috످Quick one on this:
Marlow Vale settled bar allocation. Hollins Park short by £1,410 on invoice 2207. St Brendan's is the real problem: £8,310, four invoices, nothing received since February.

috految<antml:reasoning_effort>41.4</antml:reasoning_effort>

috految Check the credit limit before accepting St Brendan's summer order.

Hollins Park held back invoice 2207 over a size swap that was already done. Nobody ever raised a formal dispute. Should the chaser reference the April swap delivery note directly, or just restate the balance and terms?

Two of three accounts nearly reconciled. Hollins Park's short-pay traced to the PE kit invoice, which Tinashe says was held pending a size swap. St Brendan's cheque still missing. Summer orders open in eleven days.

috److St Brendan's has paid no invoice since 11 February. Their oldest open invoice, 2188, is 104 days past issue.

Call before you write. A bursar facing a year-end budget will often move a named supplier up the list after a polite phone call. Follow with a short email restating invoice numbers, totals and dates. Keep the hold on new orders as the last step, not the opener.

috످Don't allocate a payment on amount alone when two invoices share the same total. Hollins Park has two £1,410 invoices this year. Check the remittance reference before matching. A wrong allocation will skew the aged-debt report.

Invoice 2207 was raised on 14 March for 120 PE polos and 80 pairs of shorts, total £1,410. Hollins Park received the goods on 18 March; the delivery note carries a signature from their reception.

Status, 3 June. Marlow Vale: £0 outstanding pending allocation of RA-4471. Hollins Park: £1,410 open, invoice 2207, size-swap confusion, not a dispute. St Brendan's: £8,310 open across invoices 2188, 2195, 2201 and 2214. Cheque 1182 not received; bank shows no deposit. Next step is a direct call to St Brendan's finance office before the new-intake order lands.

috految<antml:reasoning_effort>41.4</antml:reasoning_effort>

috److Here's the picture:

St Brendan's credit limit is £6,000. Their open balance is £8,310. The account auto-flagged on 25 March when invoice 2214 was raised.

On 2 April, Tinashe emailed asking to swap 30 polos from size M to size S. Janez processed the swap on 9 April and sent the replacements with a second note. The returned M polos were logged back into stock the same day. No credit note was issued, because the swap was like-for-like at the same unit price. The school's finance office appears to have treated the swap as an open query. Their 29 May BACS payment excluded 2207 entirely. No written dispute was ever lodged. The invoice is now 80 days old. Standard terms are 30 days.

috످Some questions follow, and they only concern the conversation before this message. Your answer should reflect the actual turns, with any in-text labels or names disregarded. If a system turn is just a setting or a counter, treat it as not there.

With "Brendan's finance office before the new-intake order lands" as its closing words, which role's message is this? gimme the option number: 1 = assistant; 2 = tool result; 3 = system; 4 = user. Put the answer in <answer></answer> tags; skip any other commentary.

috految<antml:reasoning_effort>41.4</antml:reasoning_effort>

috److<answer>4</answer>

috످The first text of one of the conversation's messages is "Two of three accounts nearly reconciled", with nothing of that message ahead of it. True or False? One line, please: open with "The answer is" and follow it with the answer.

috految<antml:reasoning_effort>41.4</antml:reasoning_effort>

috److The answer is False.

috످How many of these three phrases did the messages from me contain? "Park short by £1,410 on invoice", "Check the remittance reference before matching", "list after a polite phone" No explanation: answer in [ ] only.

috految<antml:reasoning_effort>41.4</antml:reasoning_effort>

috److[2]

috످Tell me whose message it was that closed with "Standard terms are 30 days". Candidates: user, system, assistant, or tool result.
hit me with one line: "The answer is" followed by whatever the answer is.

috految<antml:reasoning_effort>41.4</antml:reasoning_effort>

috److془The passage about St Brendan's exceeding credit limit and the polo swap that left Hollins Park invoice unpaid; it's in the assistant's second turn.془The answer is assistant.

috످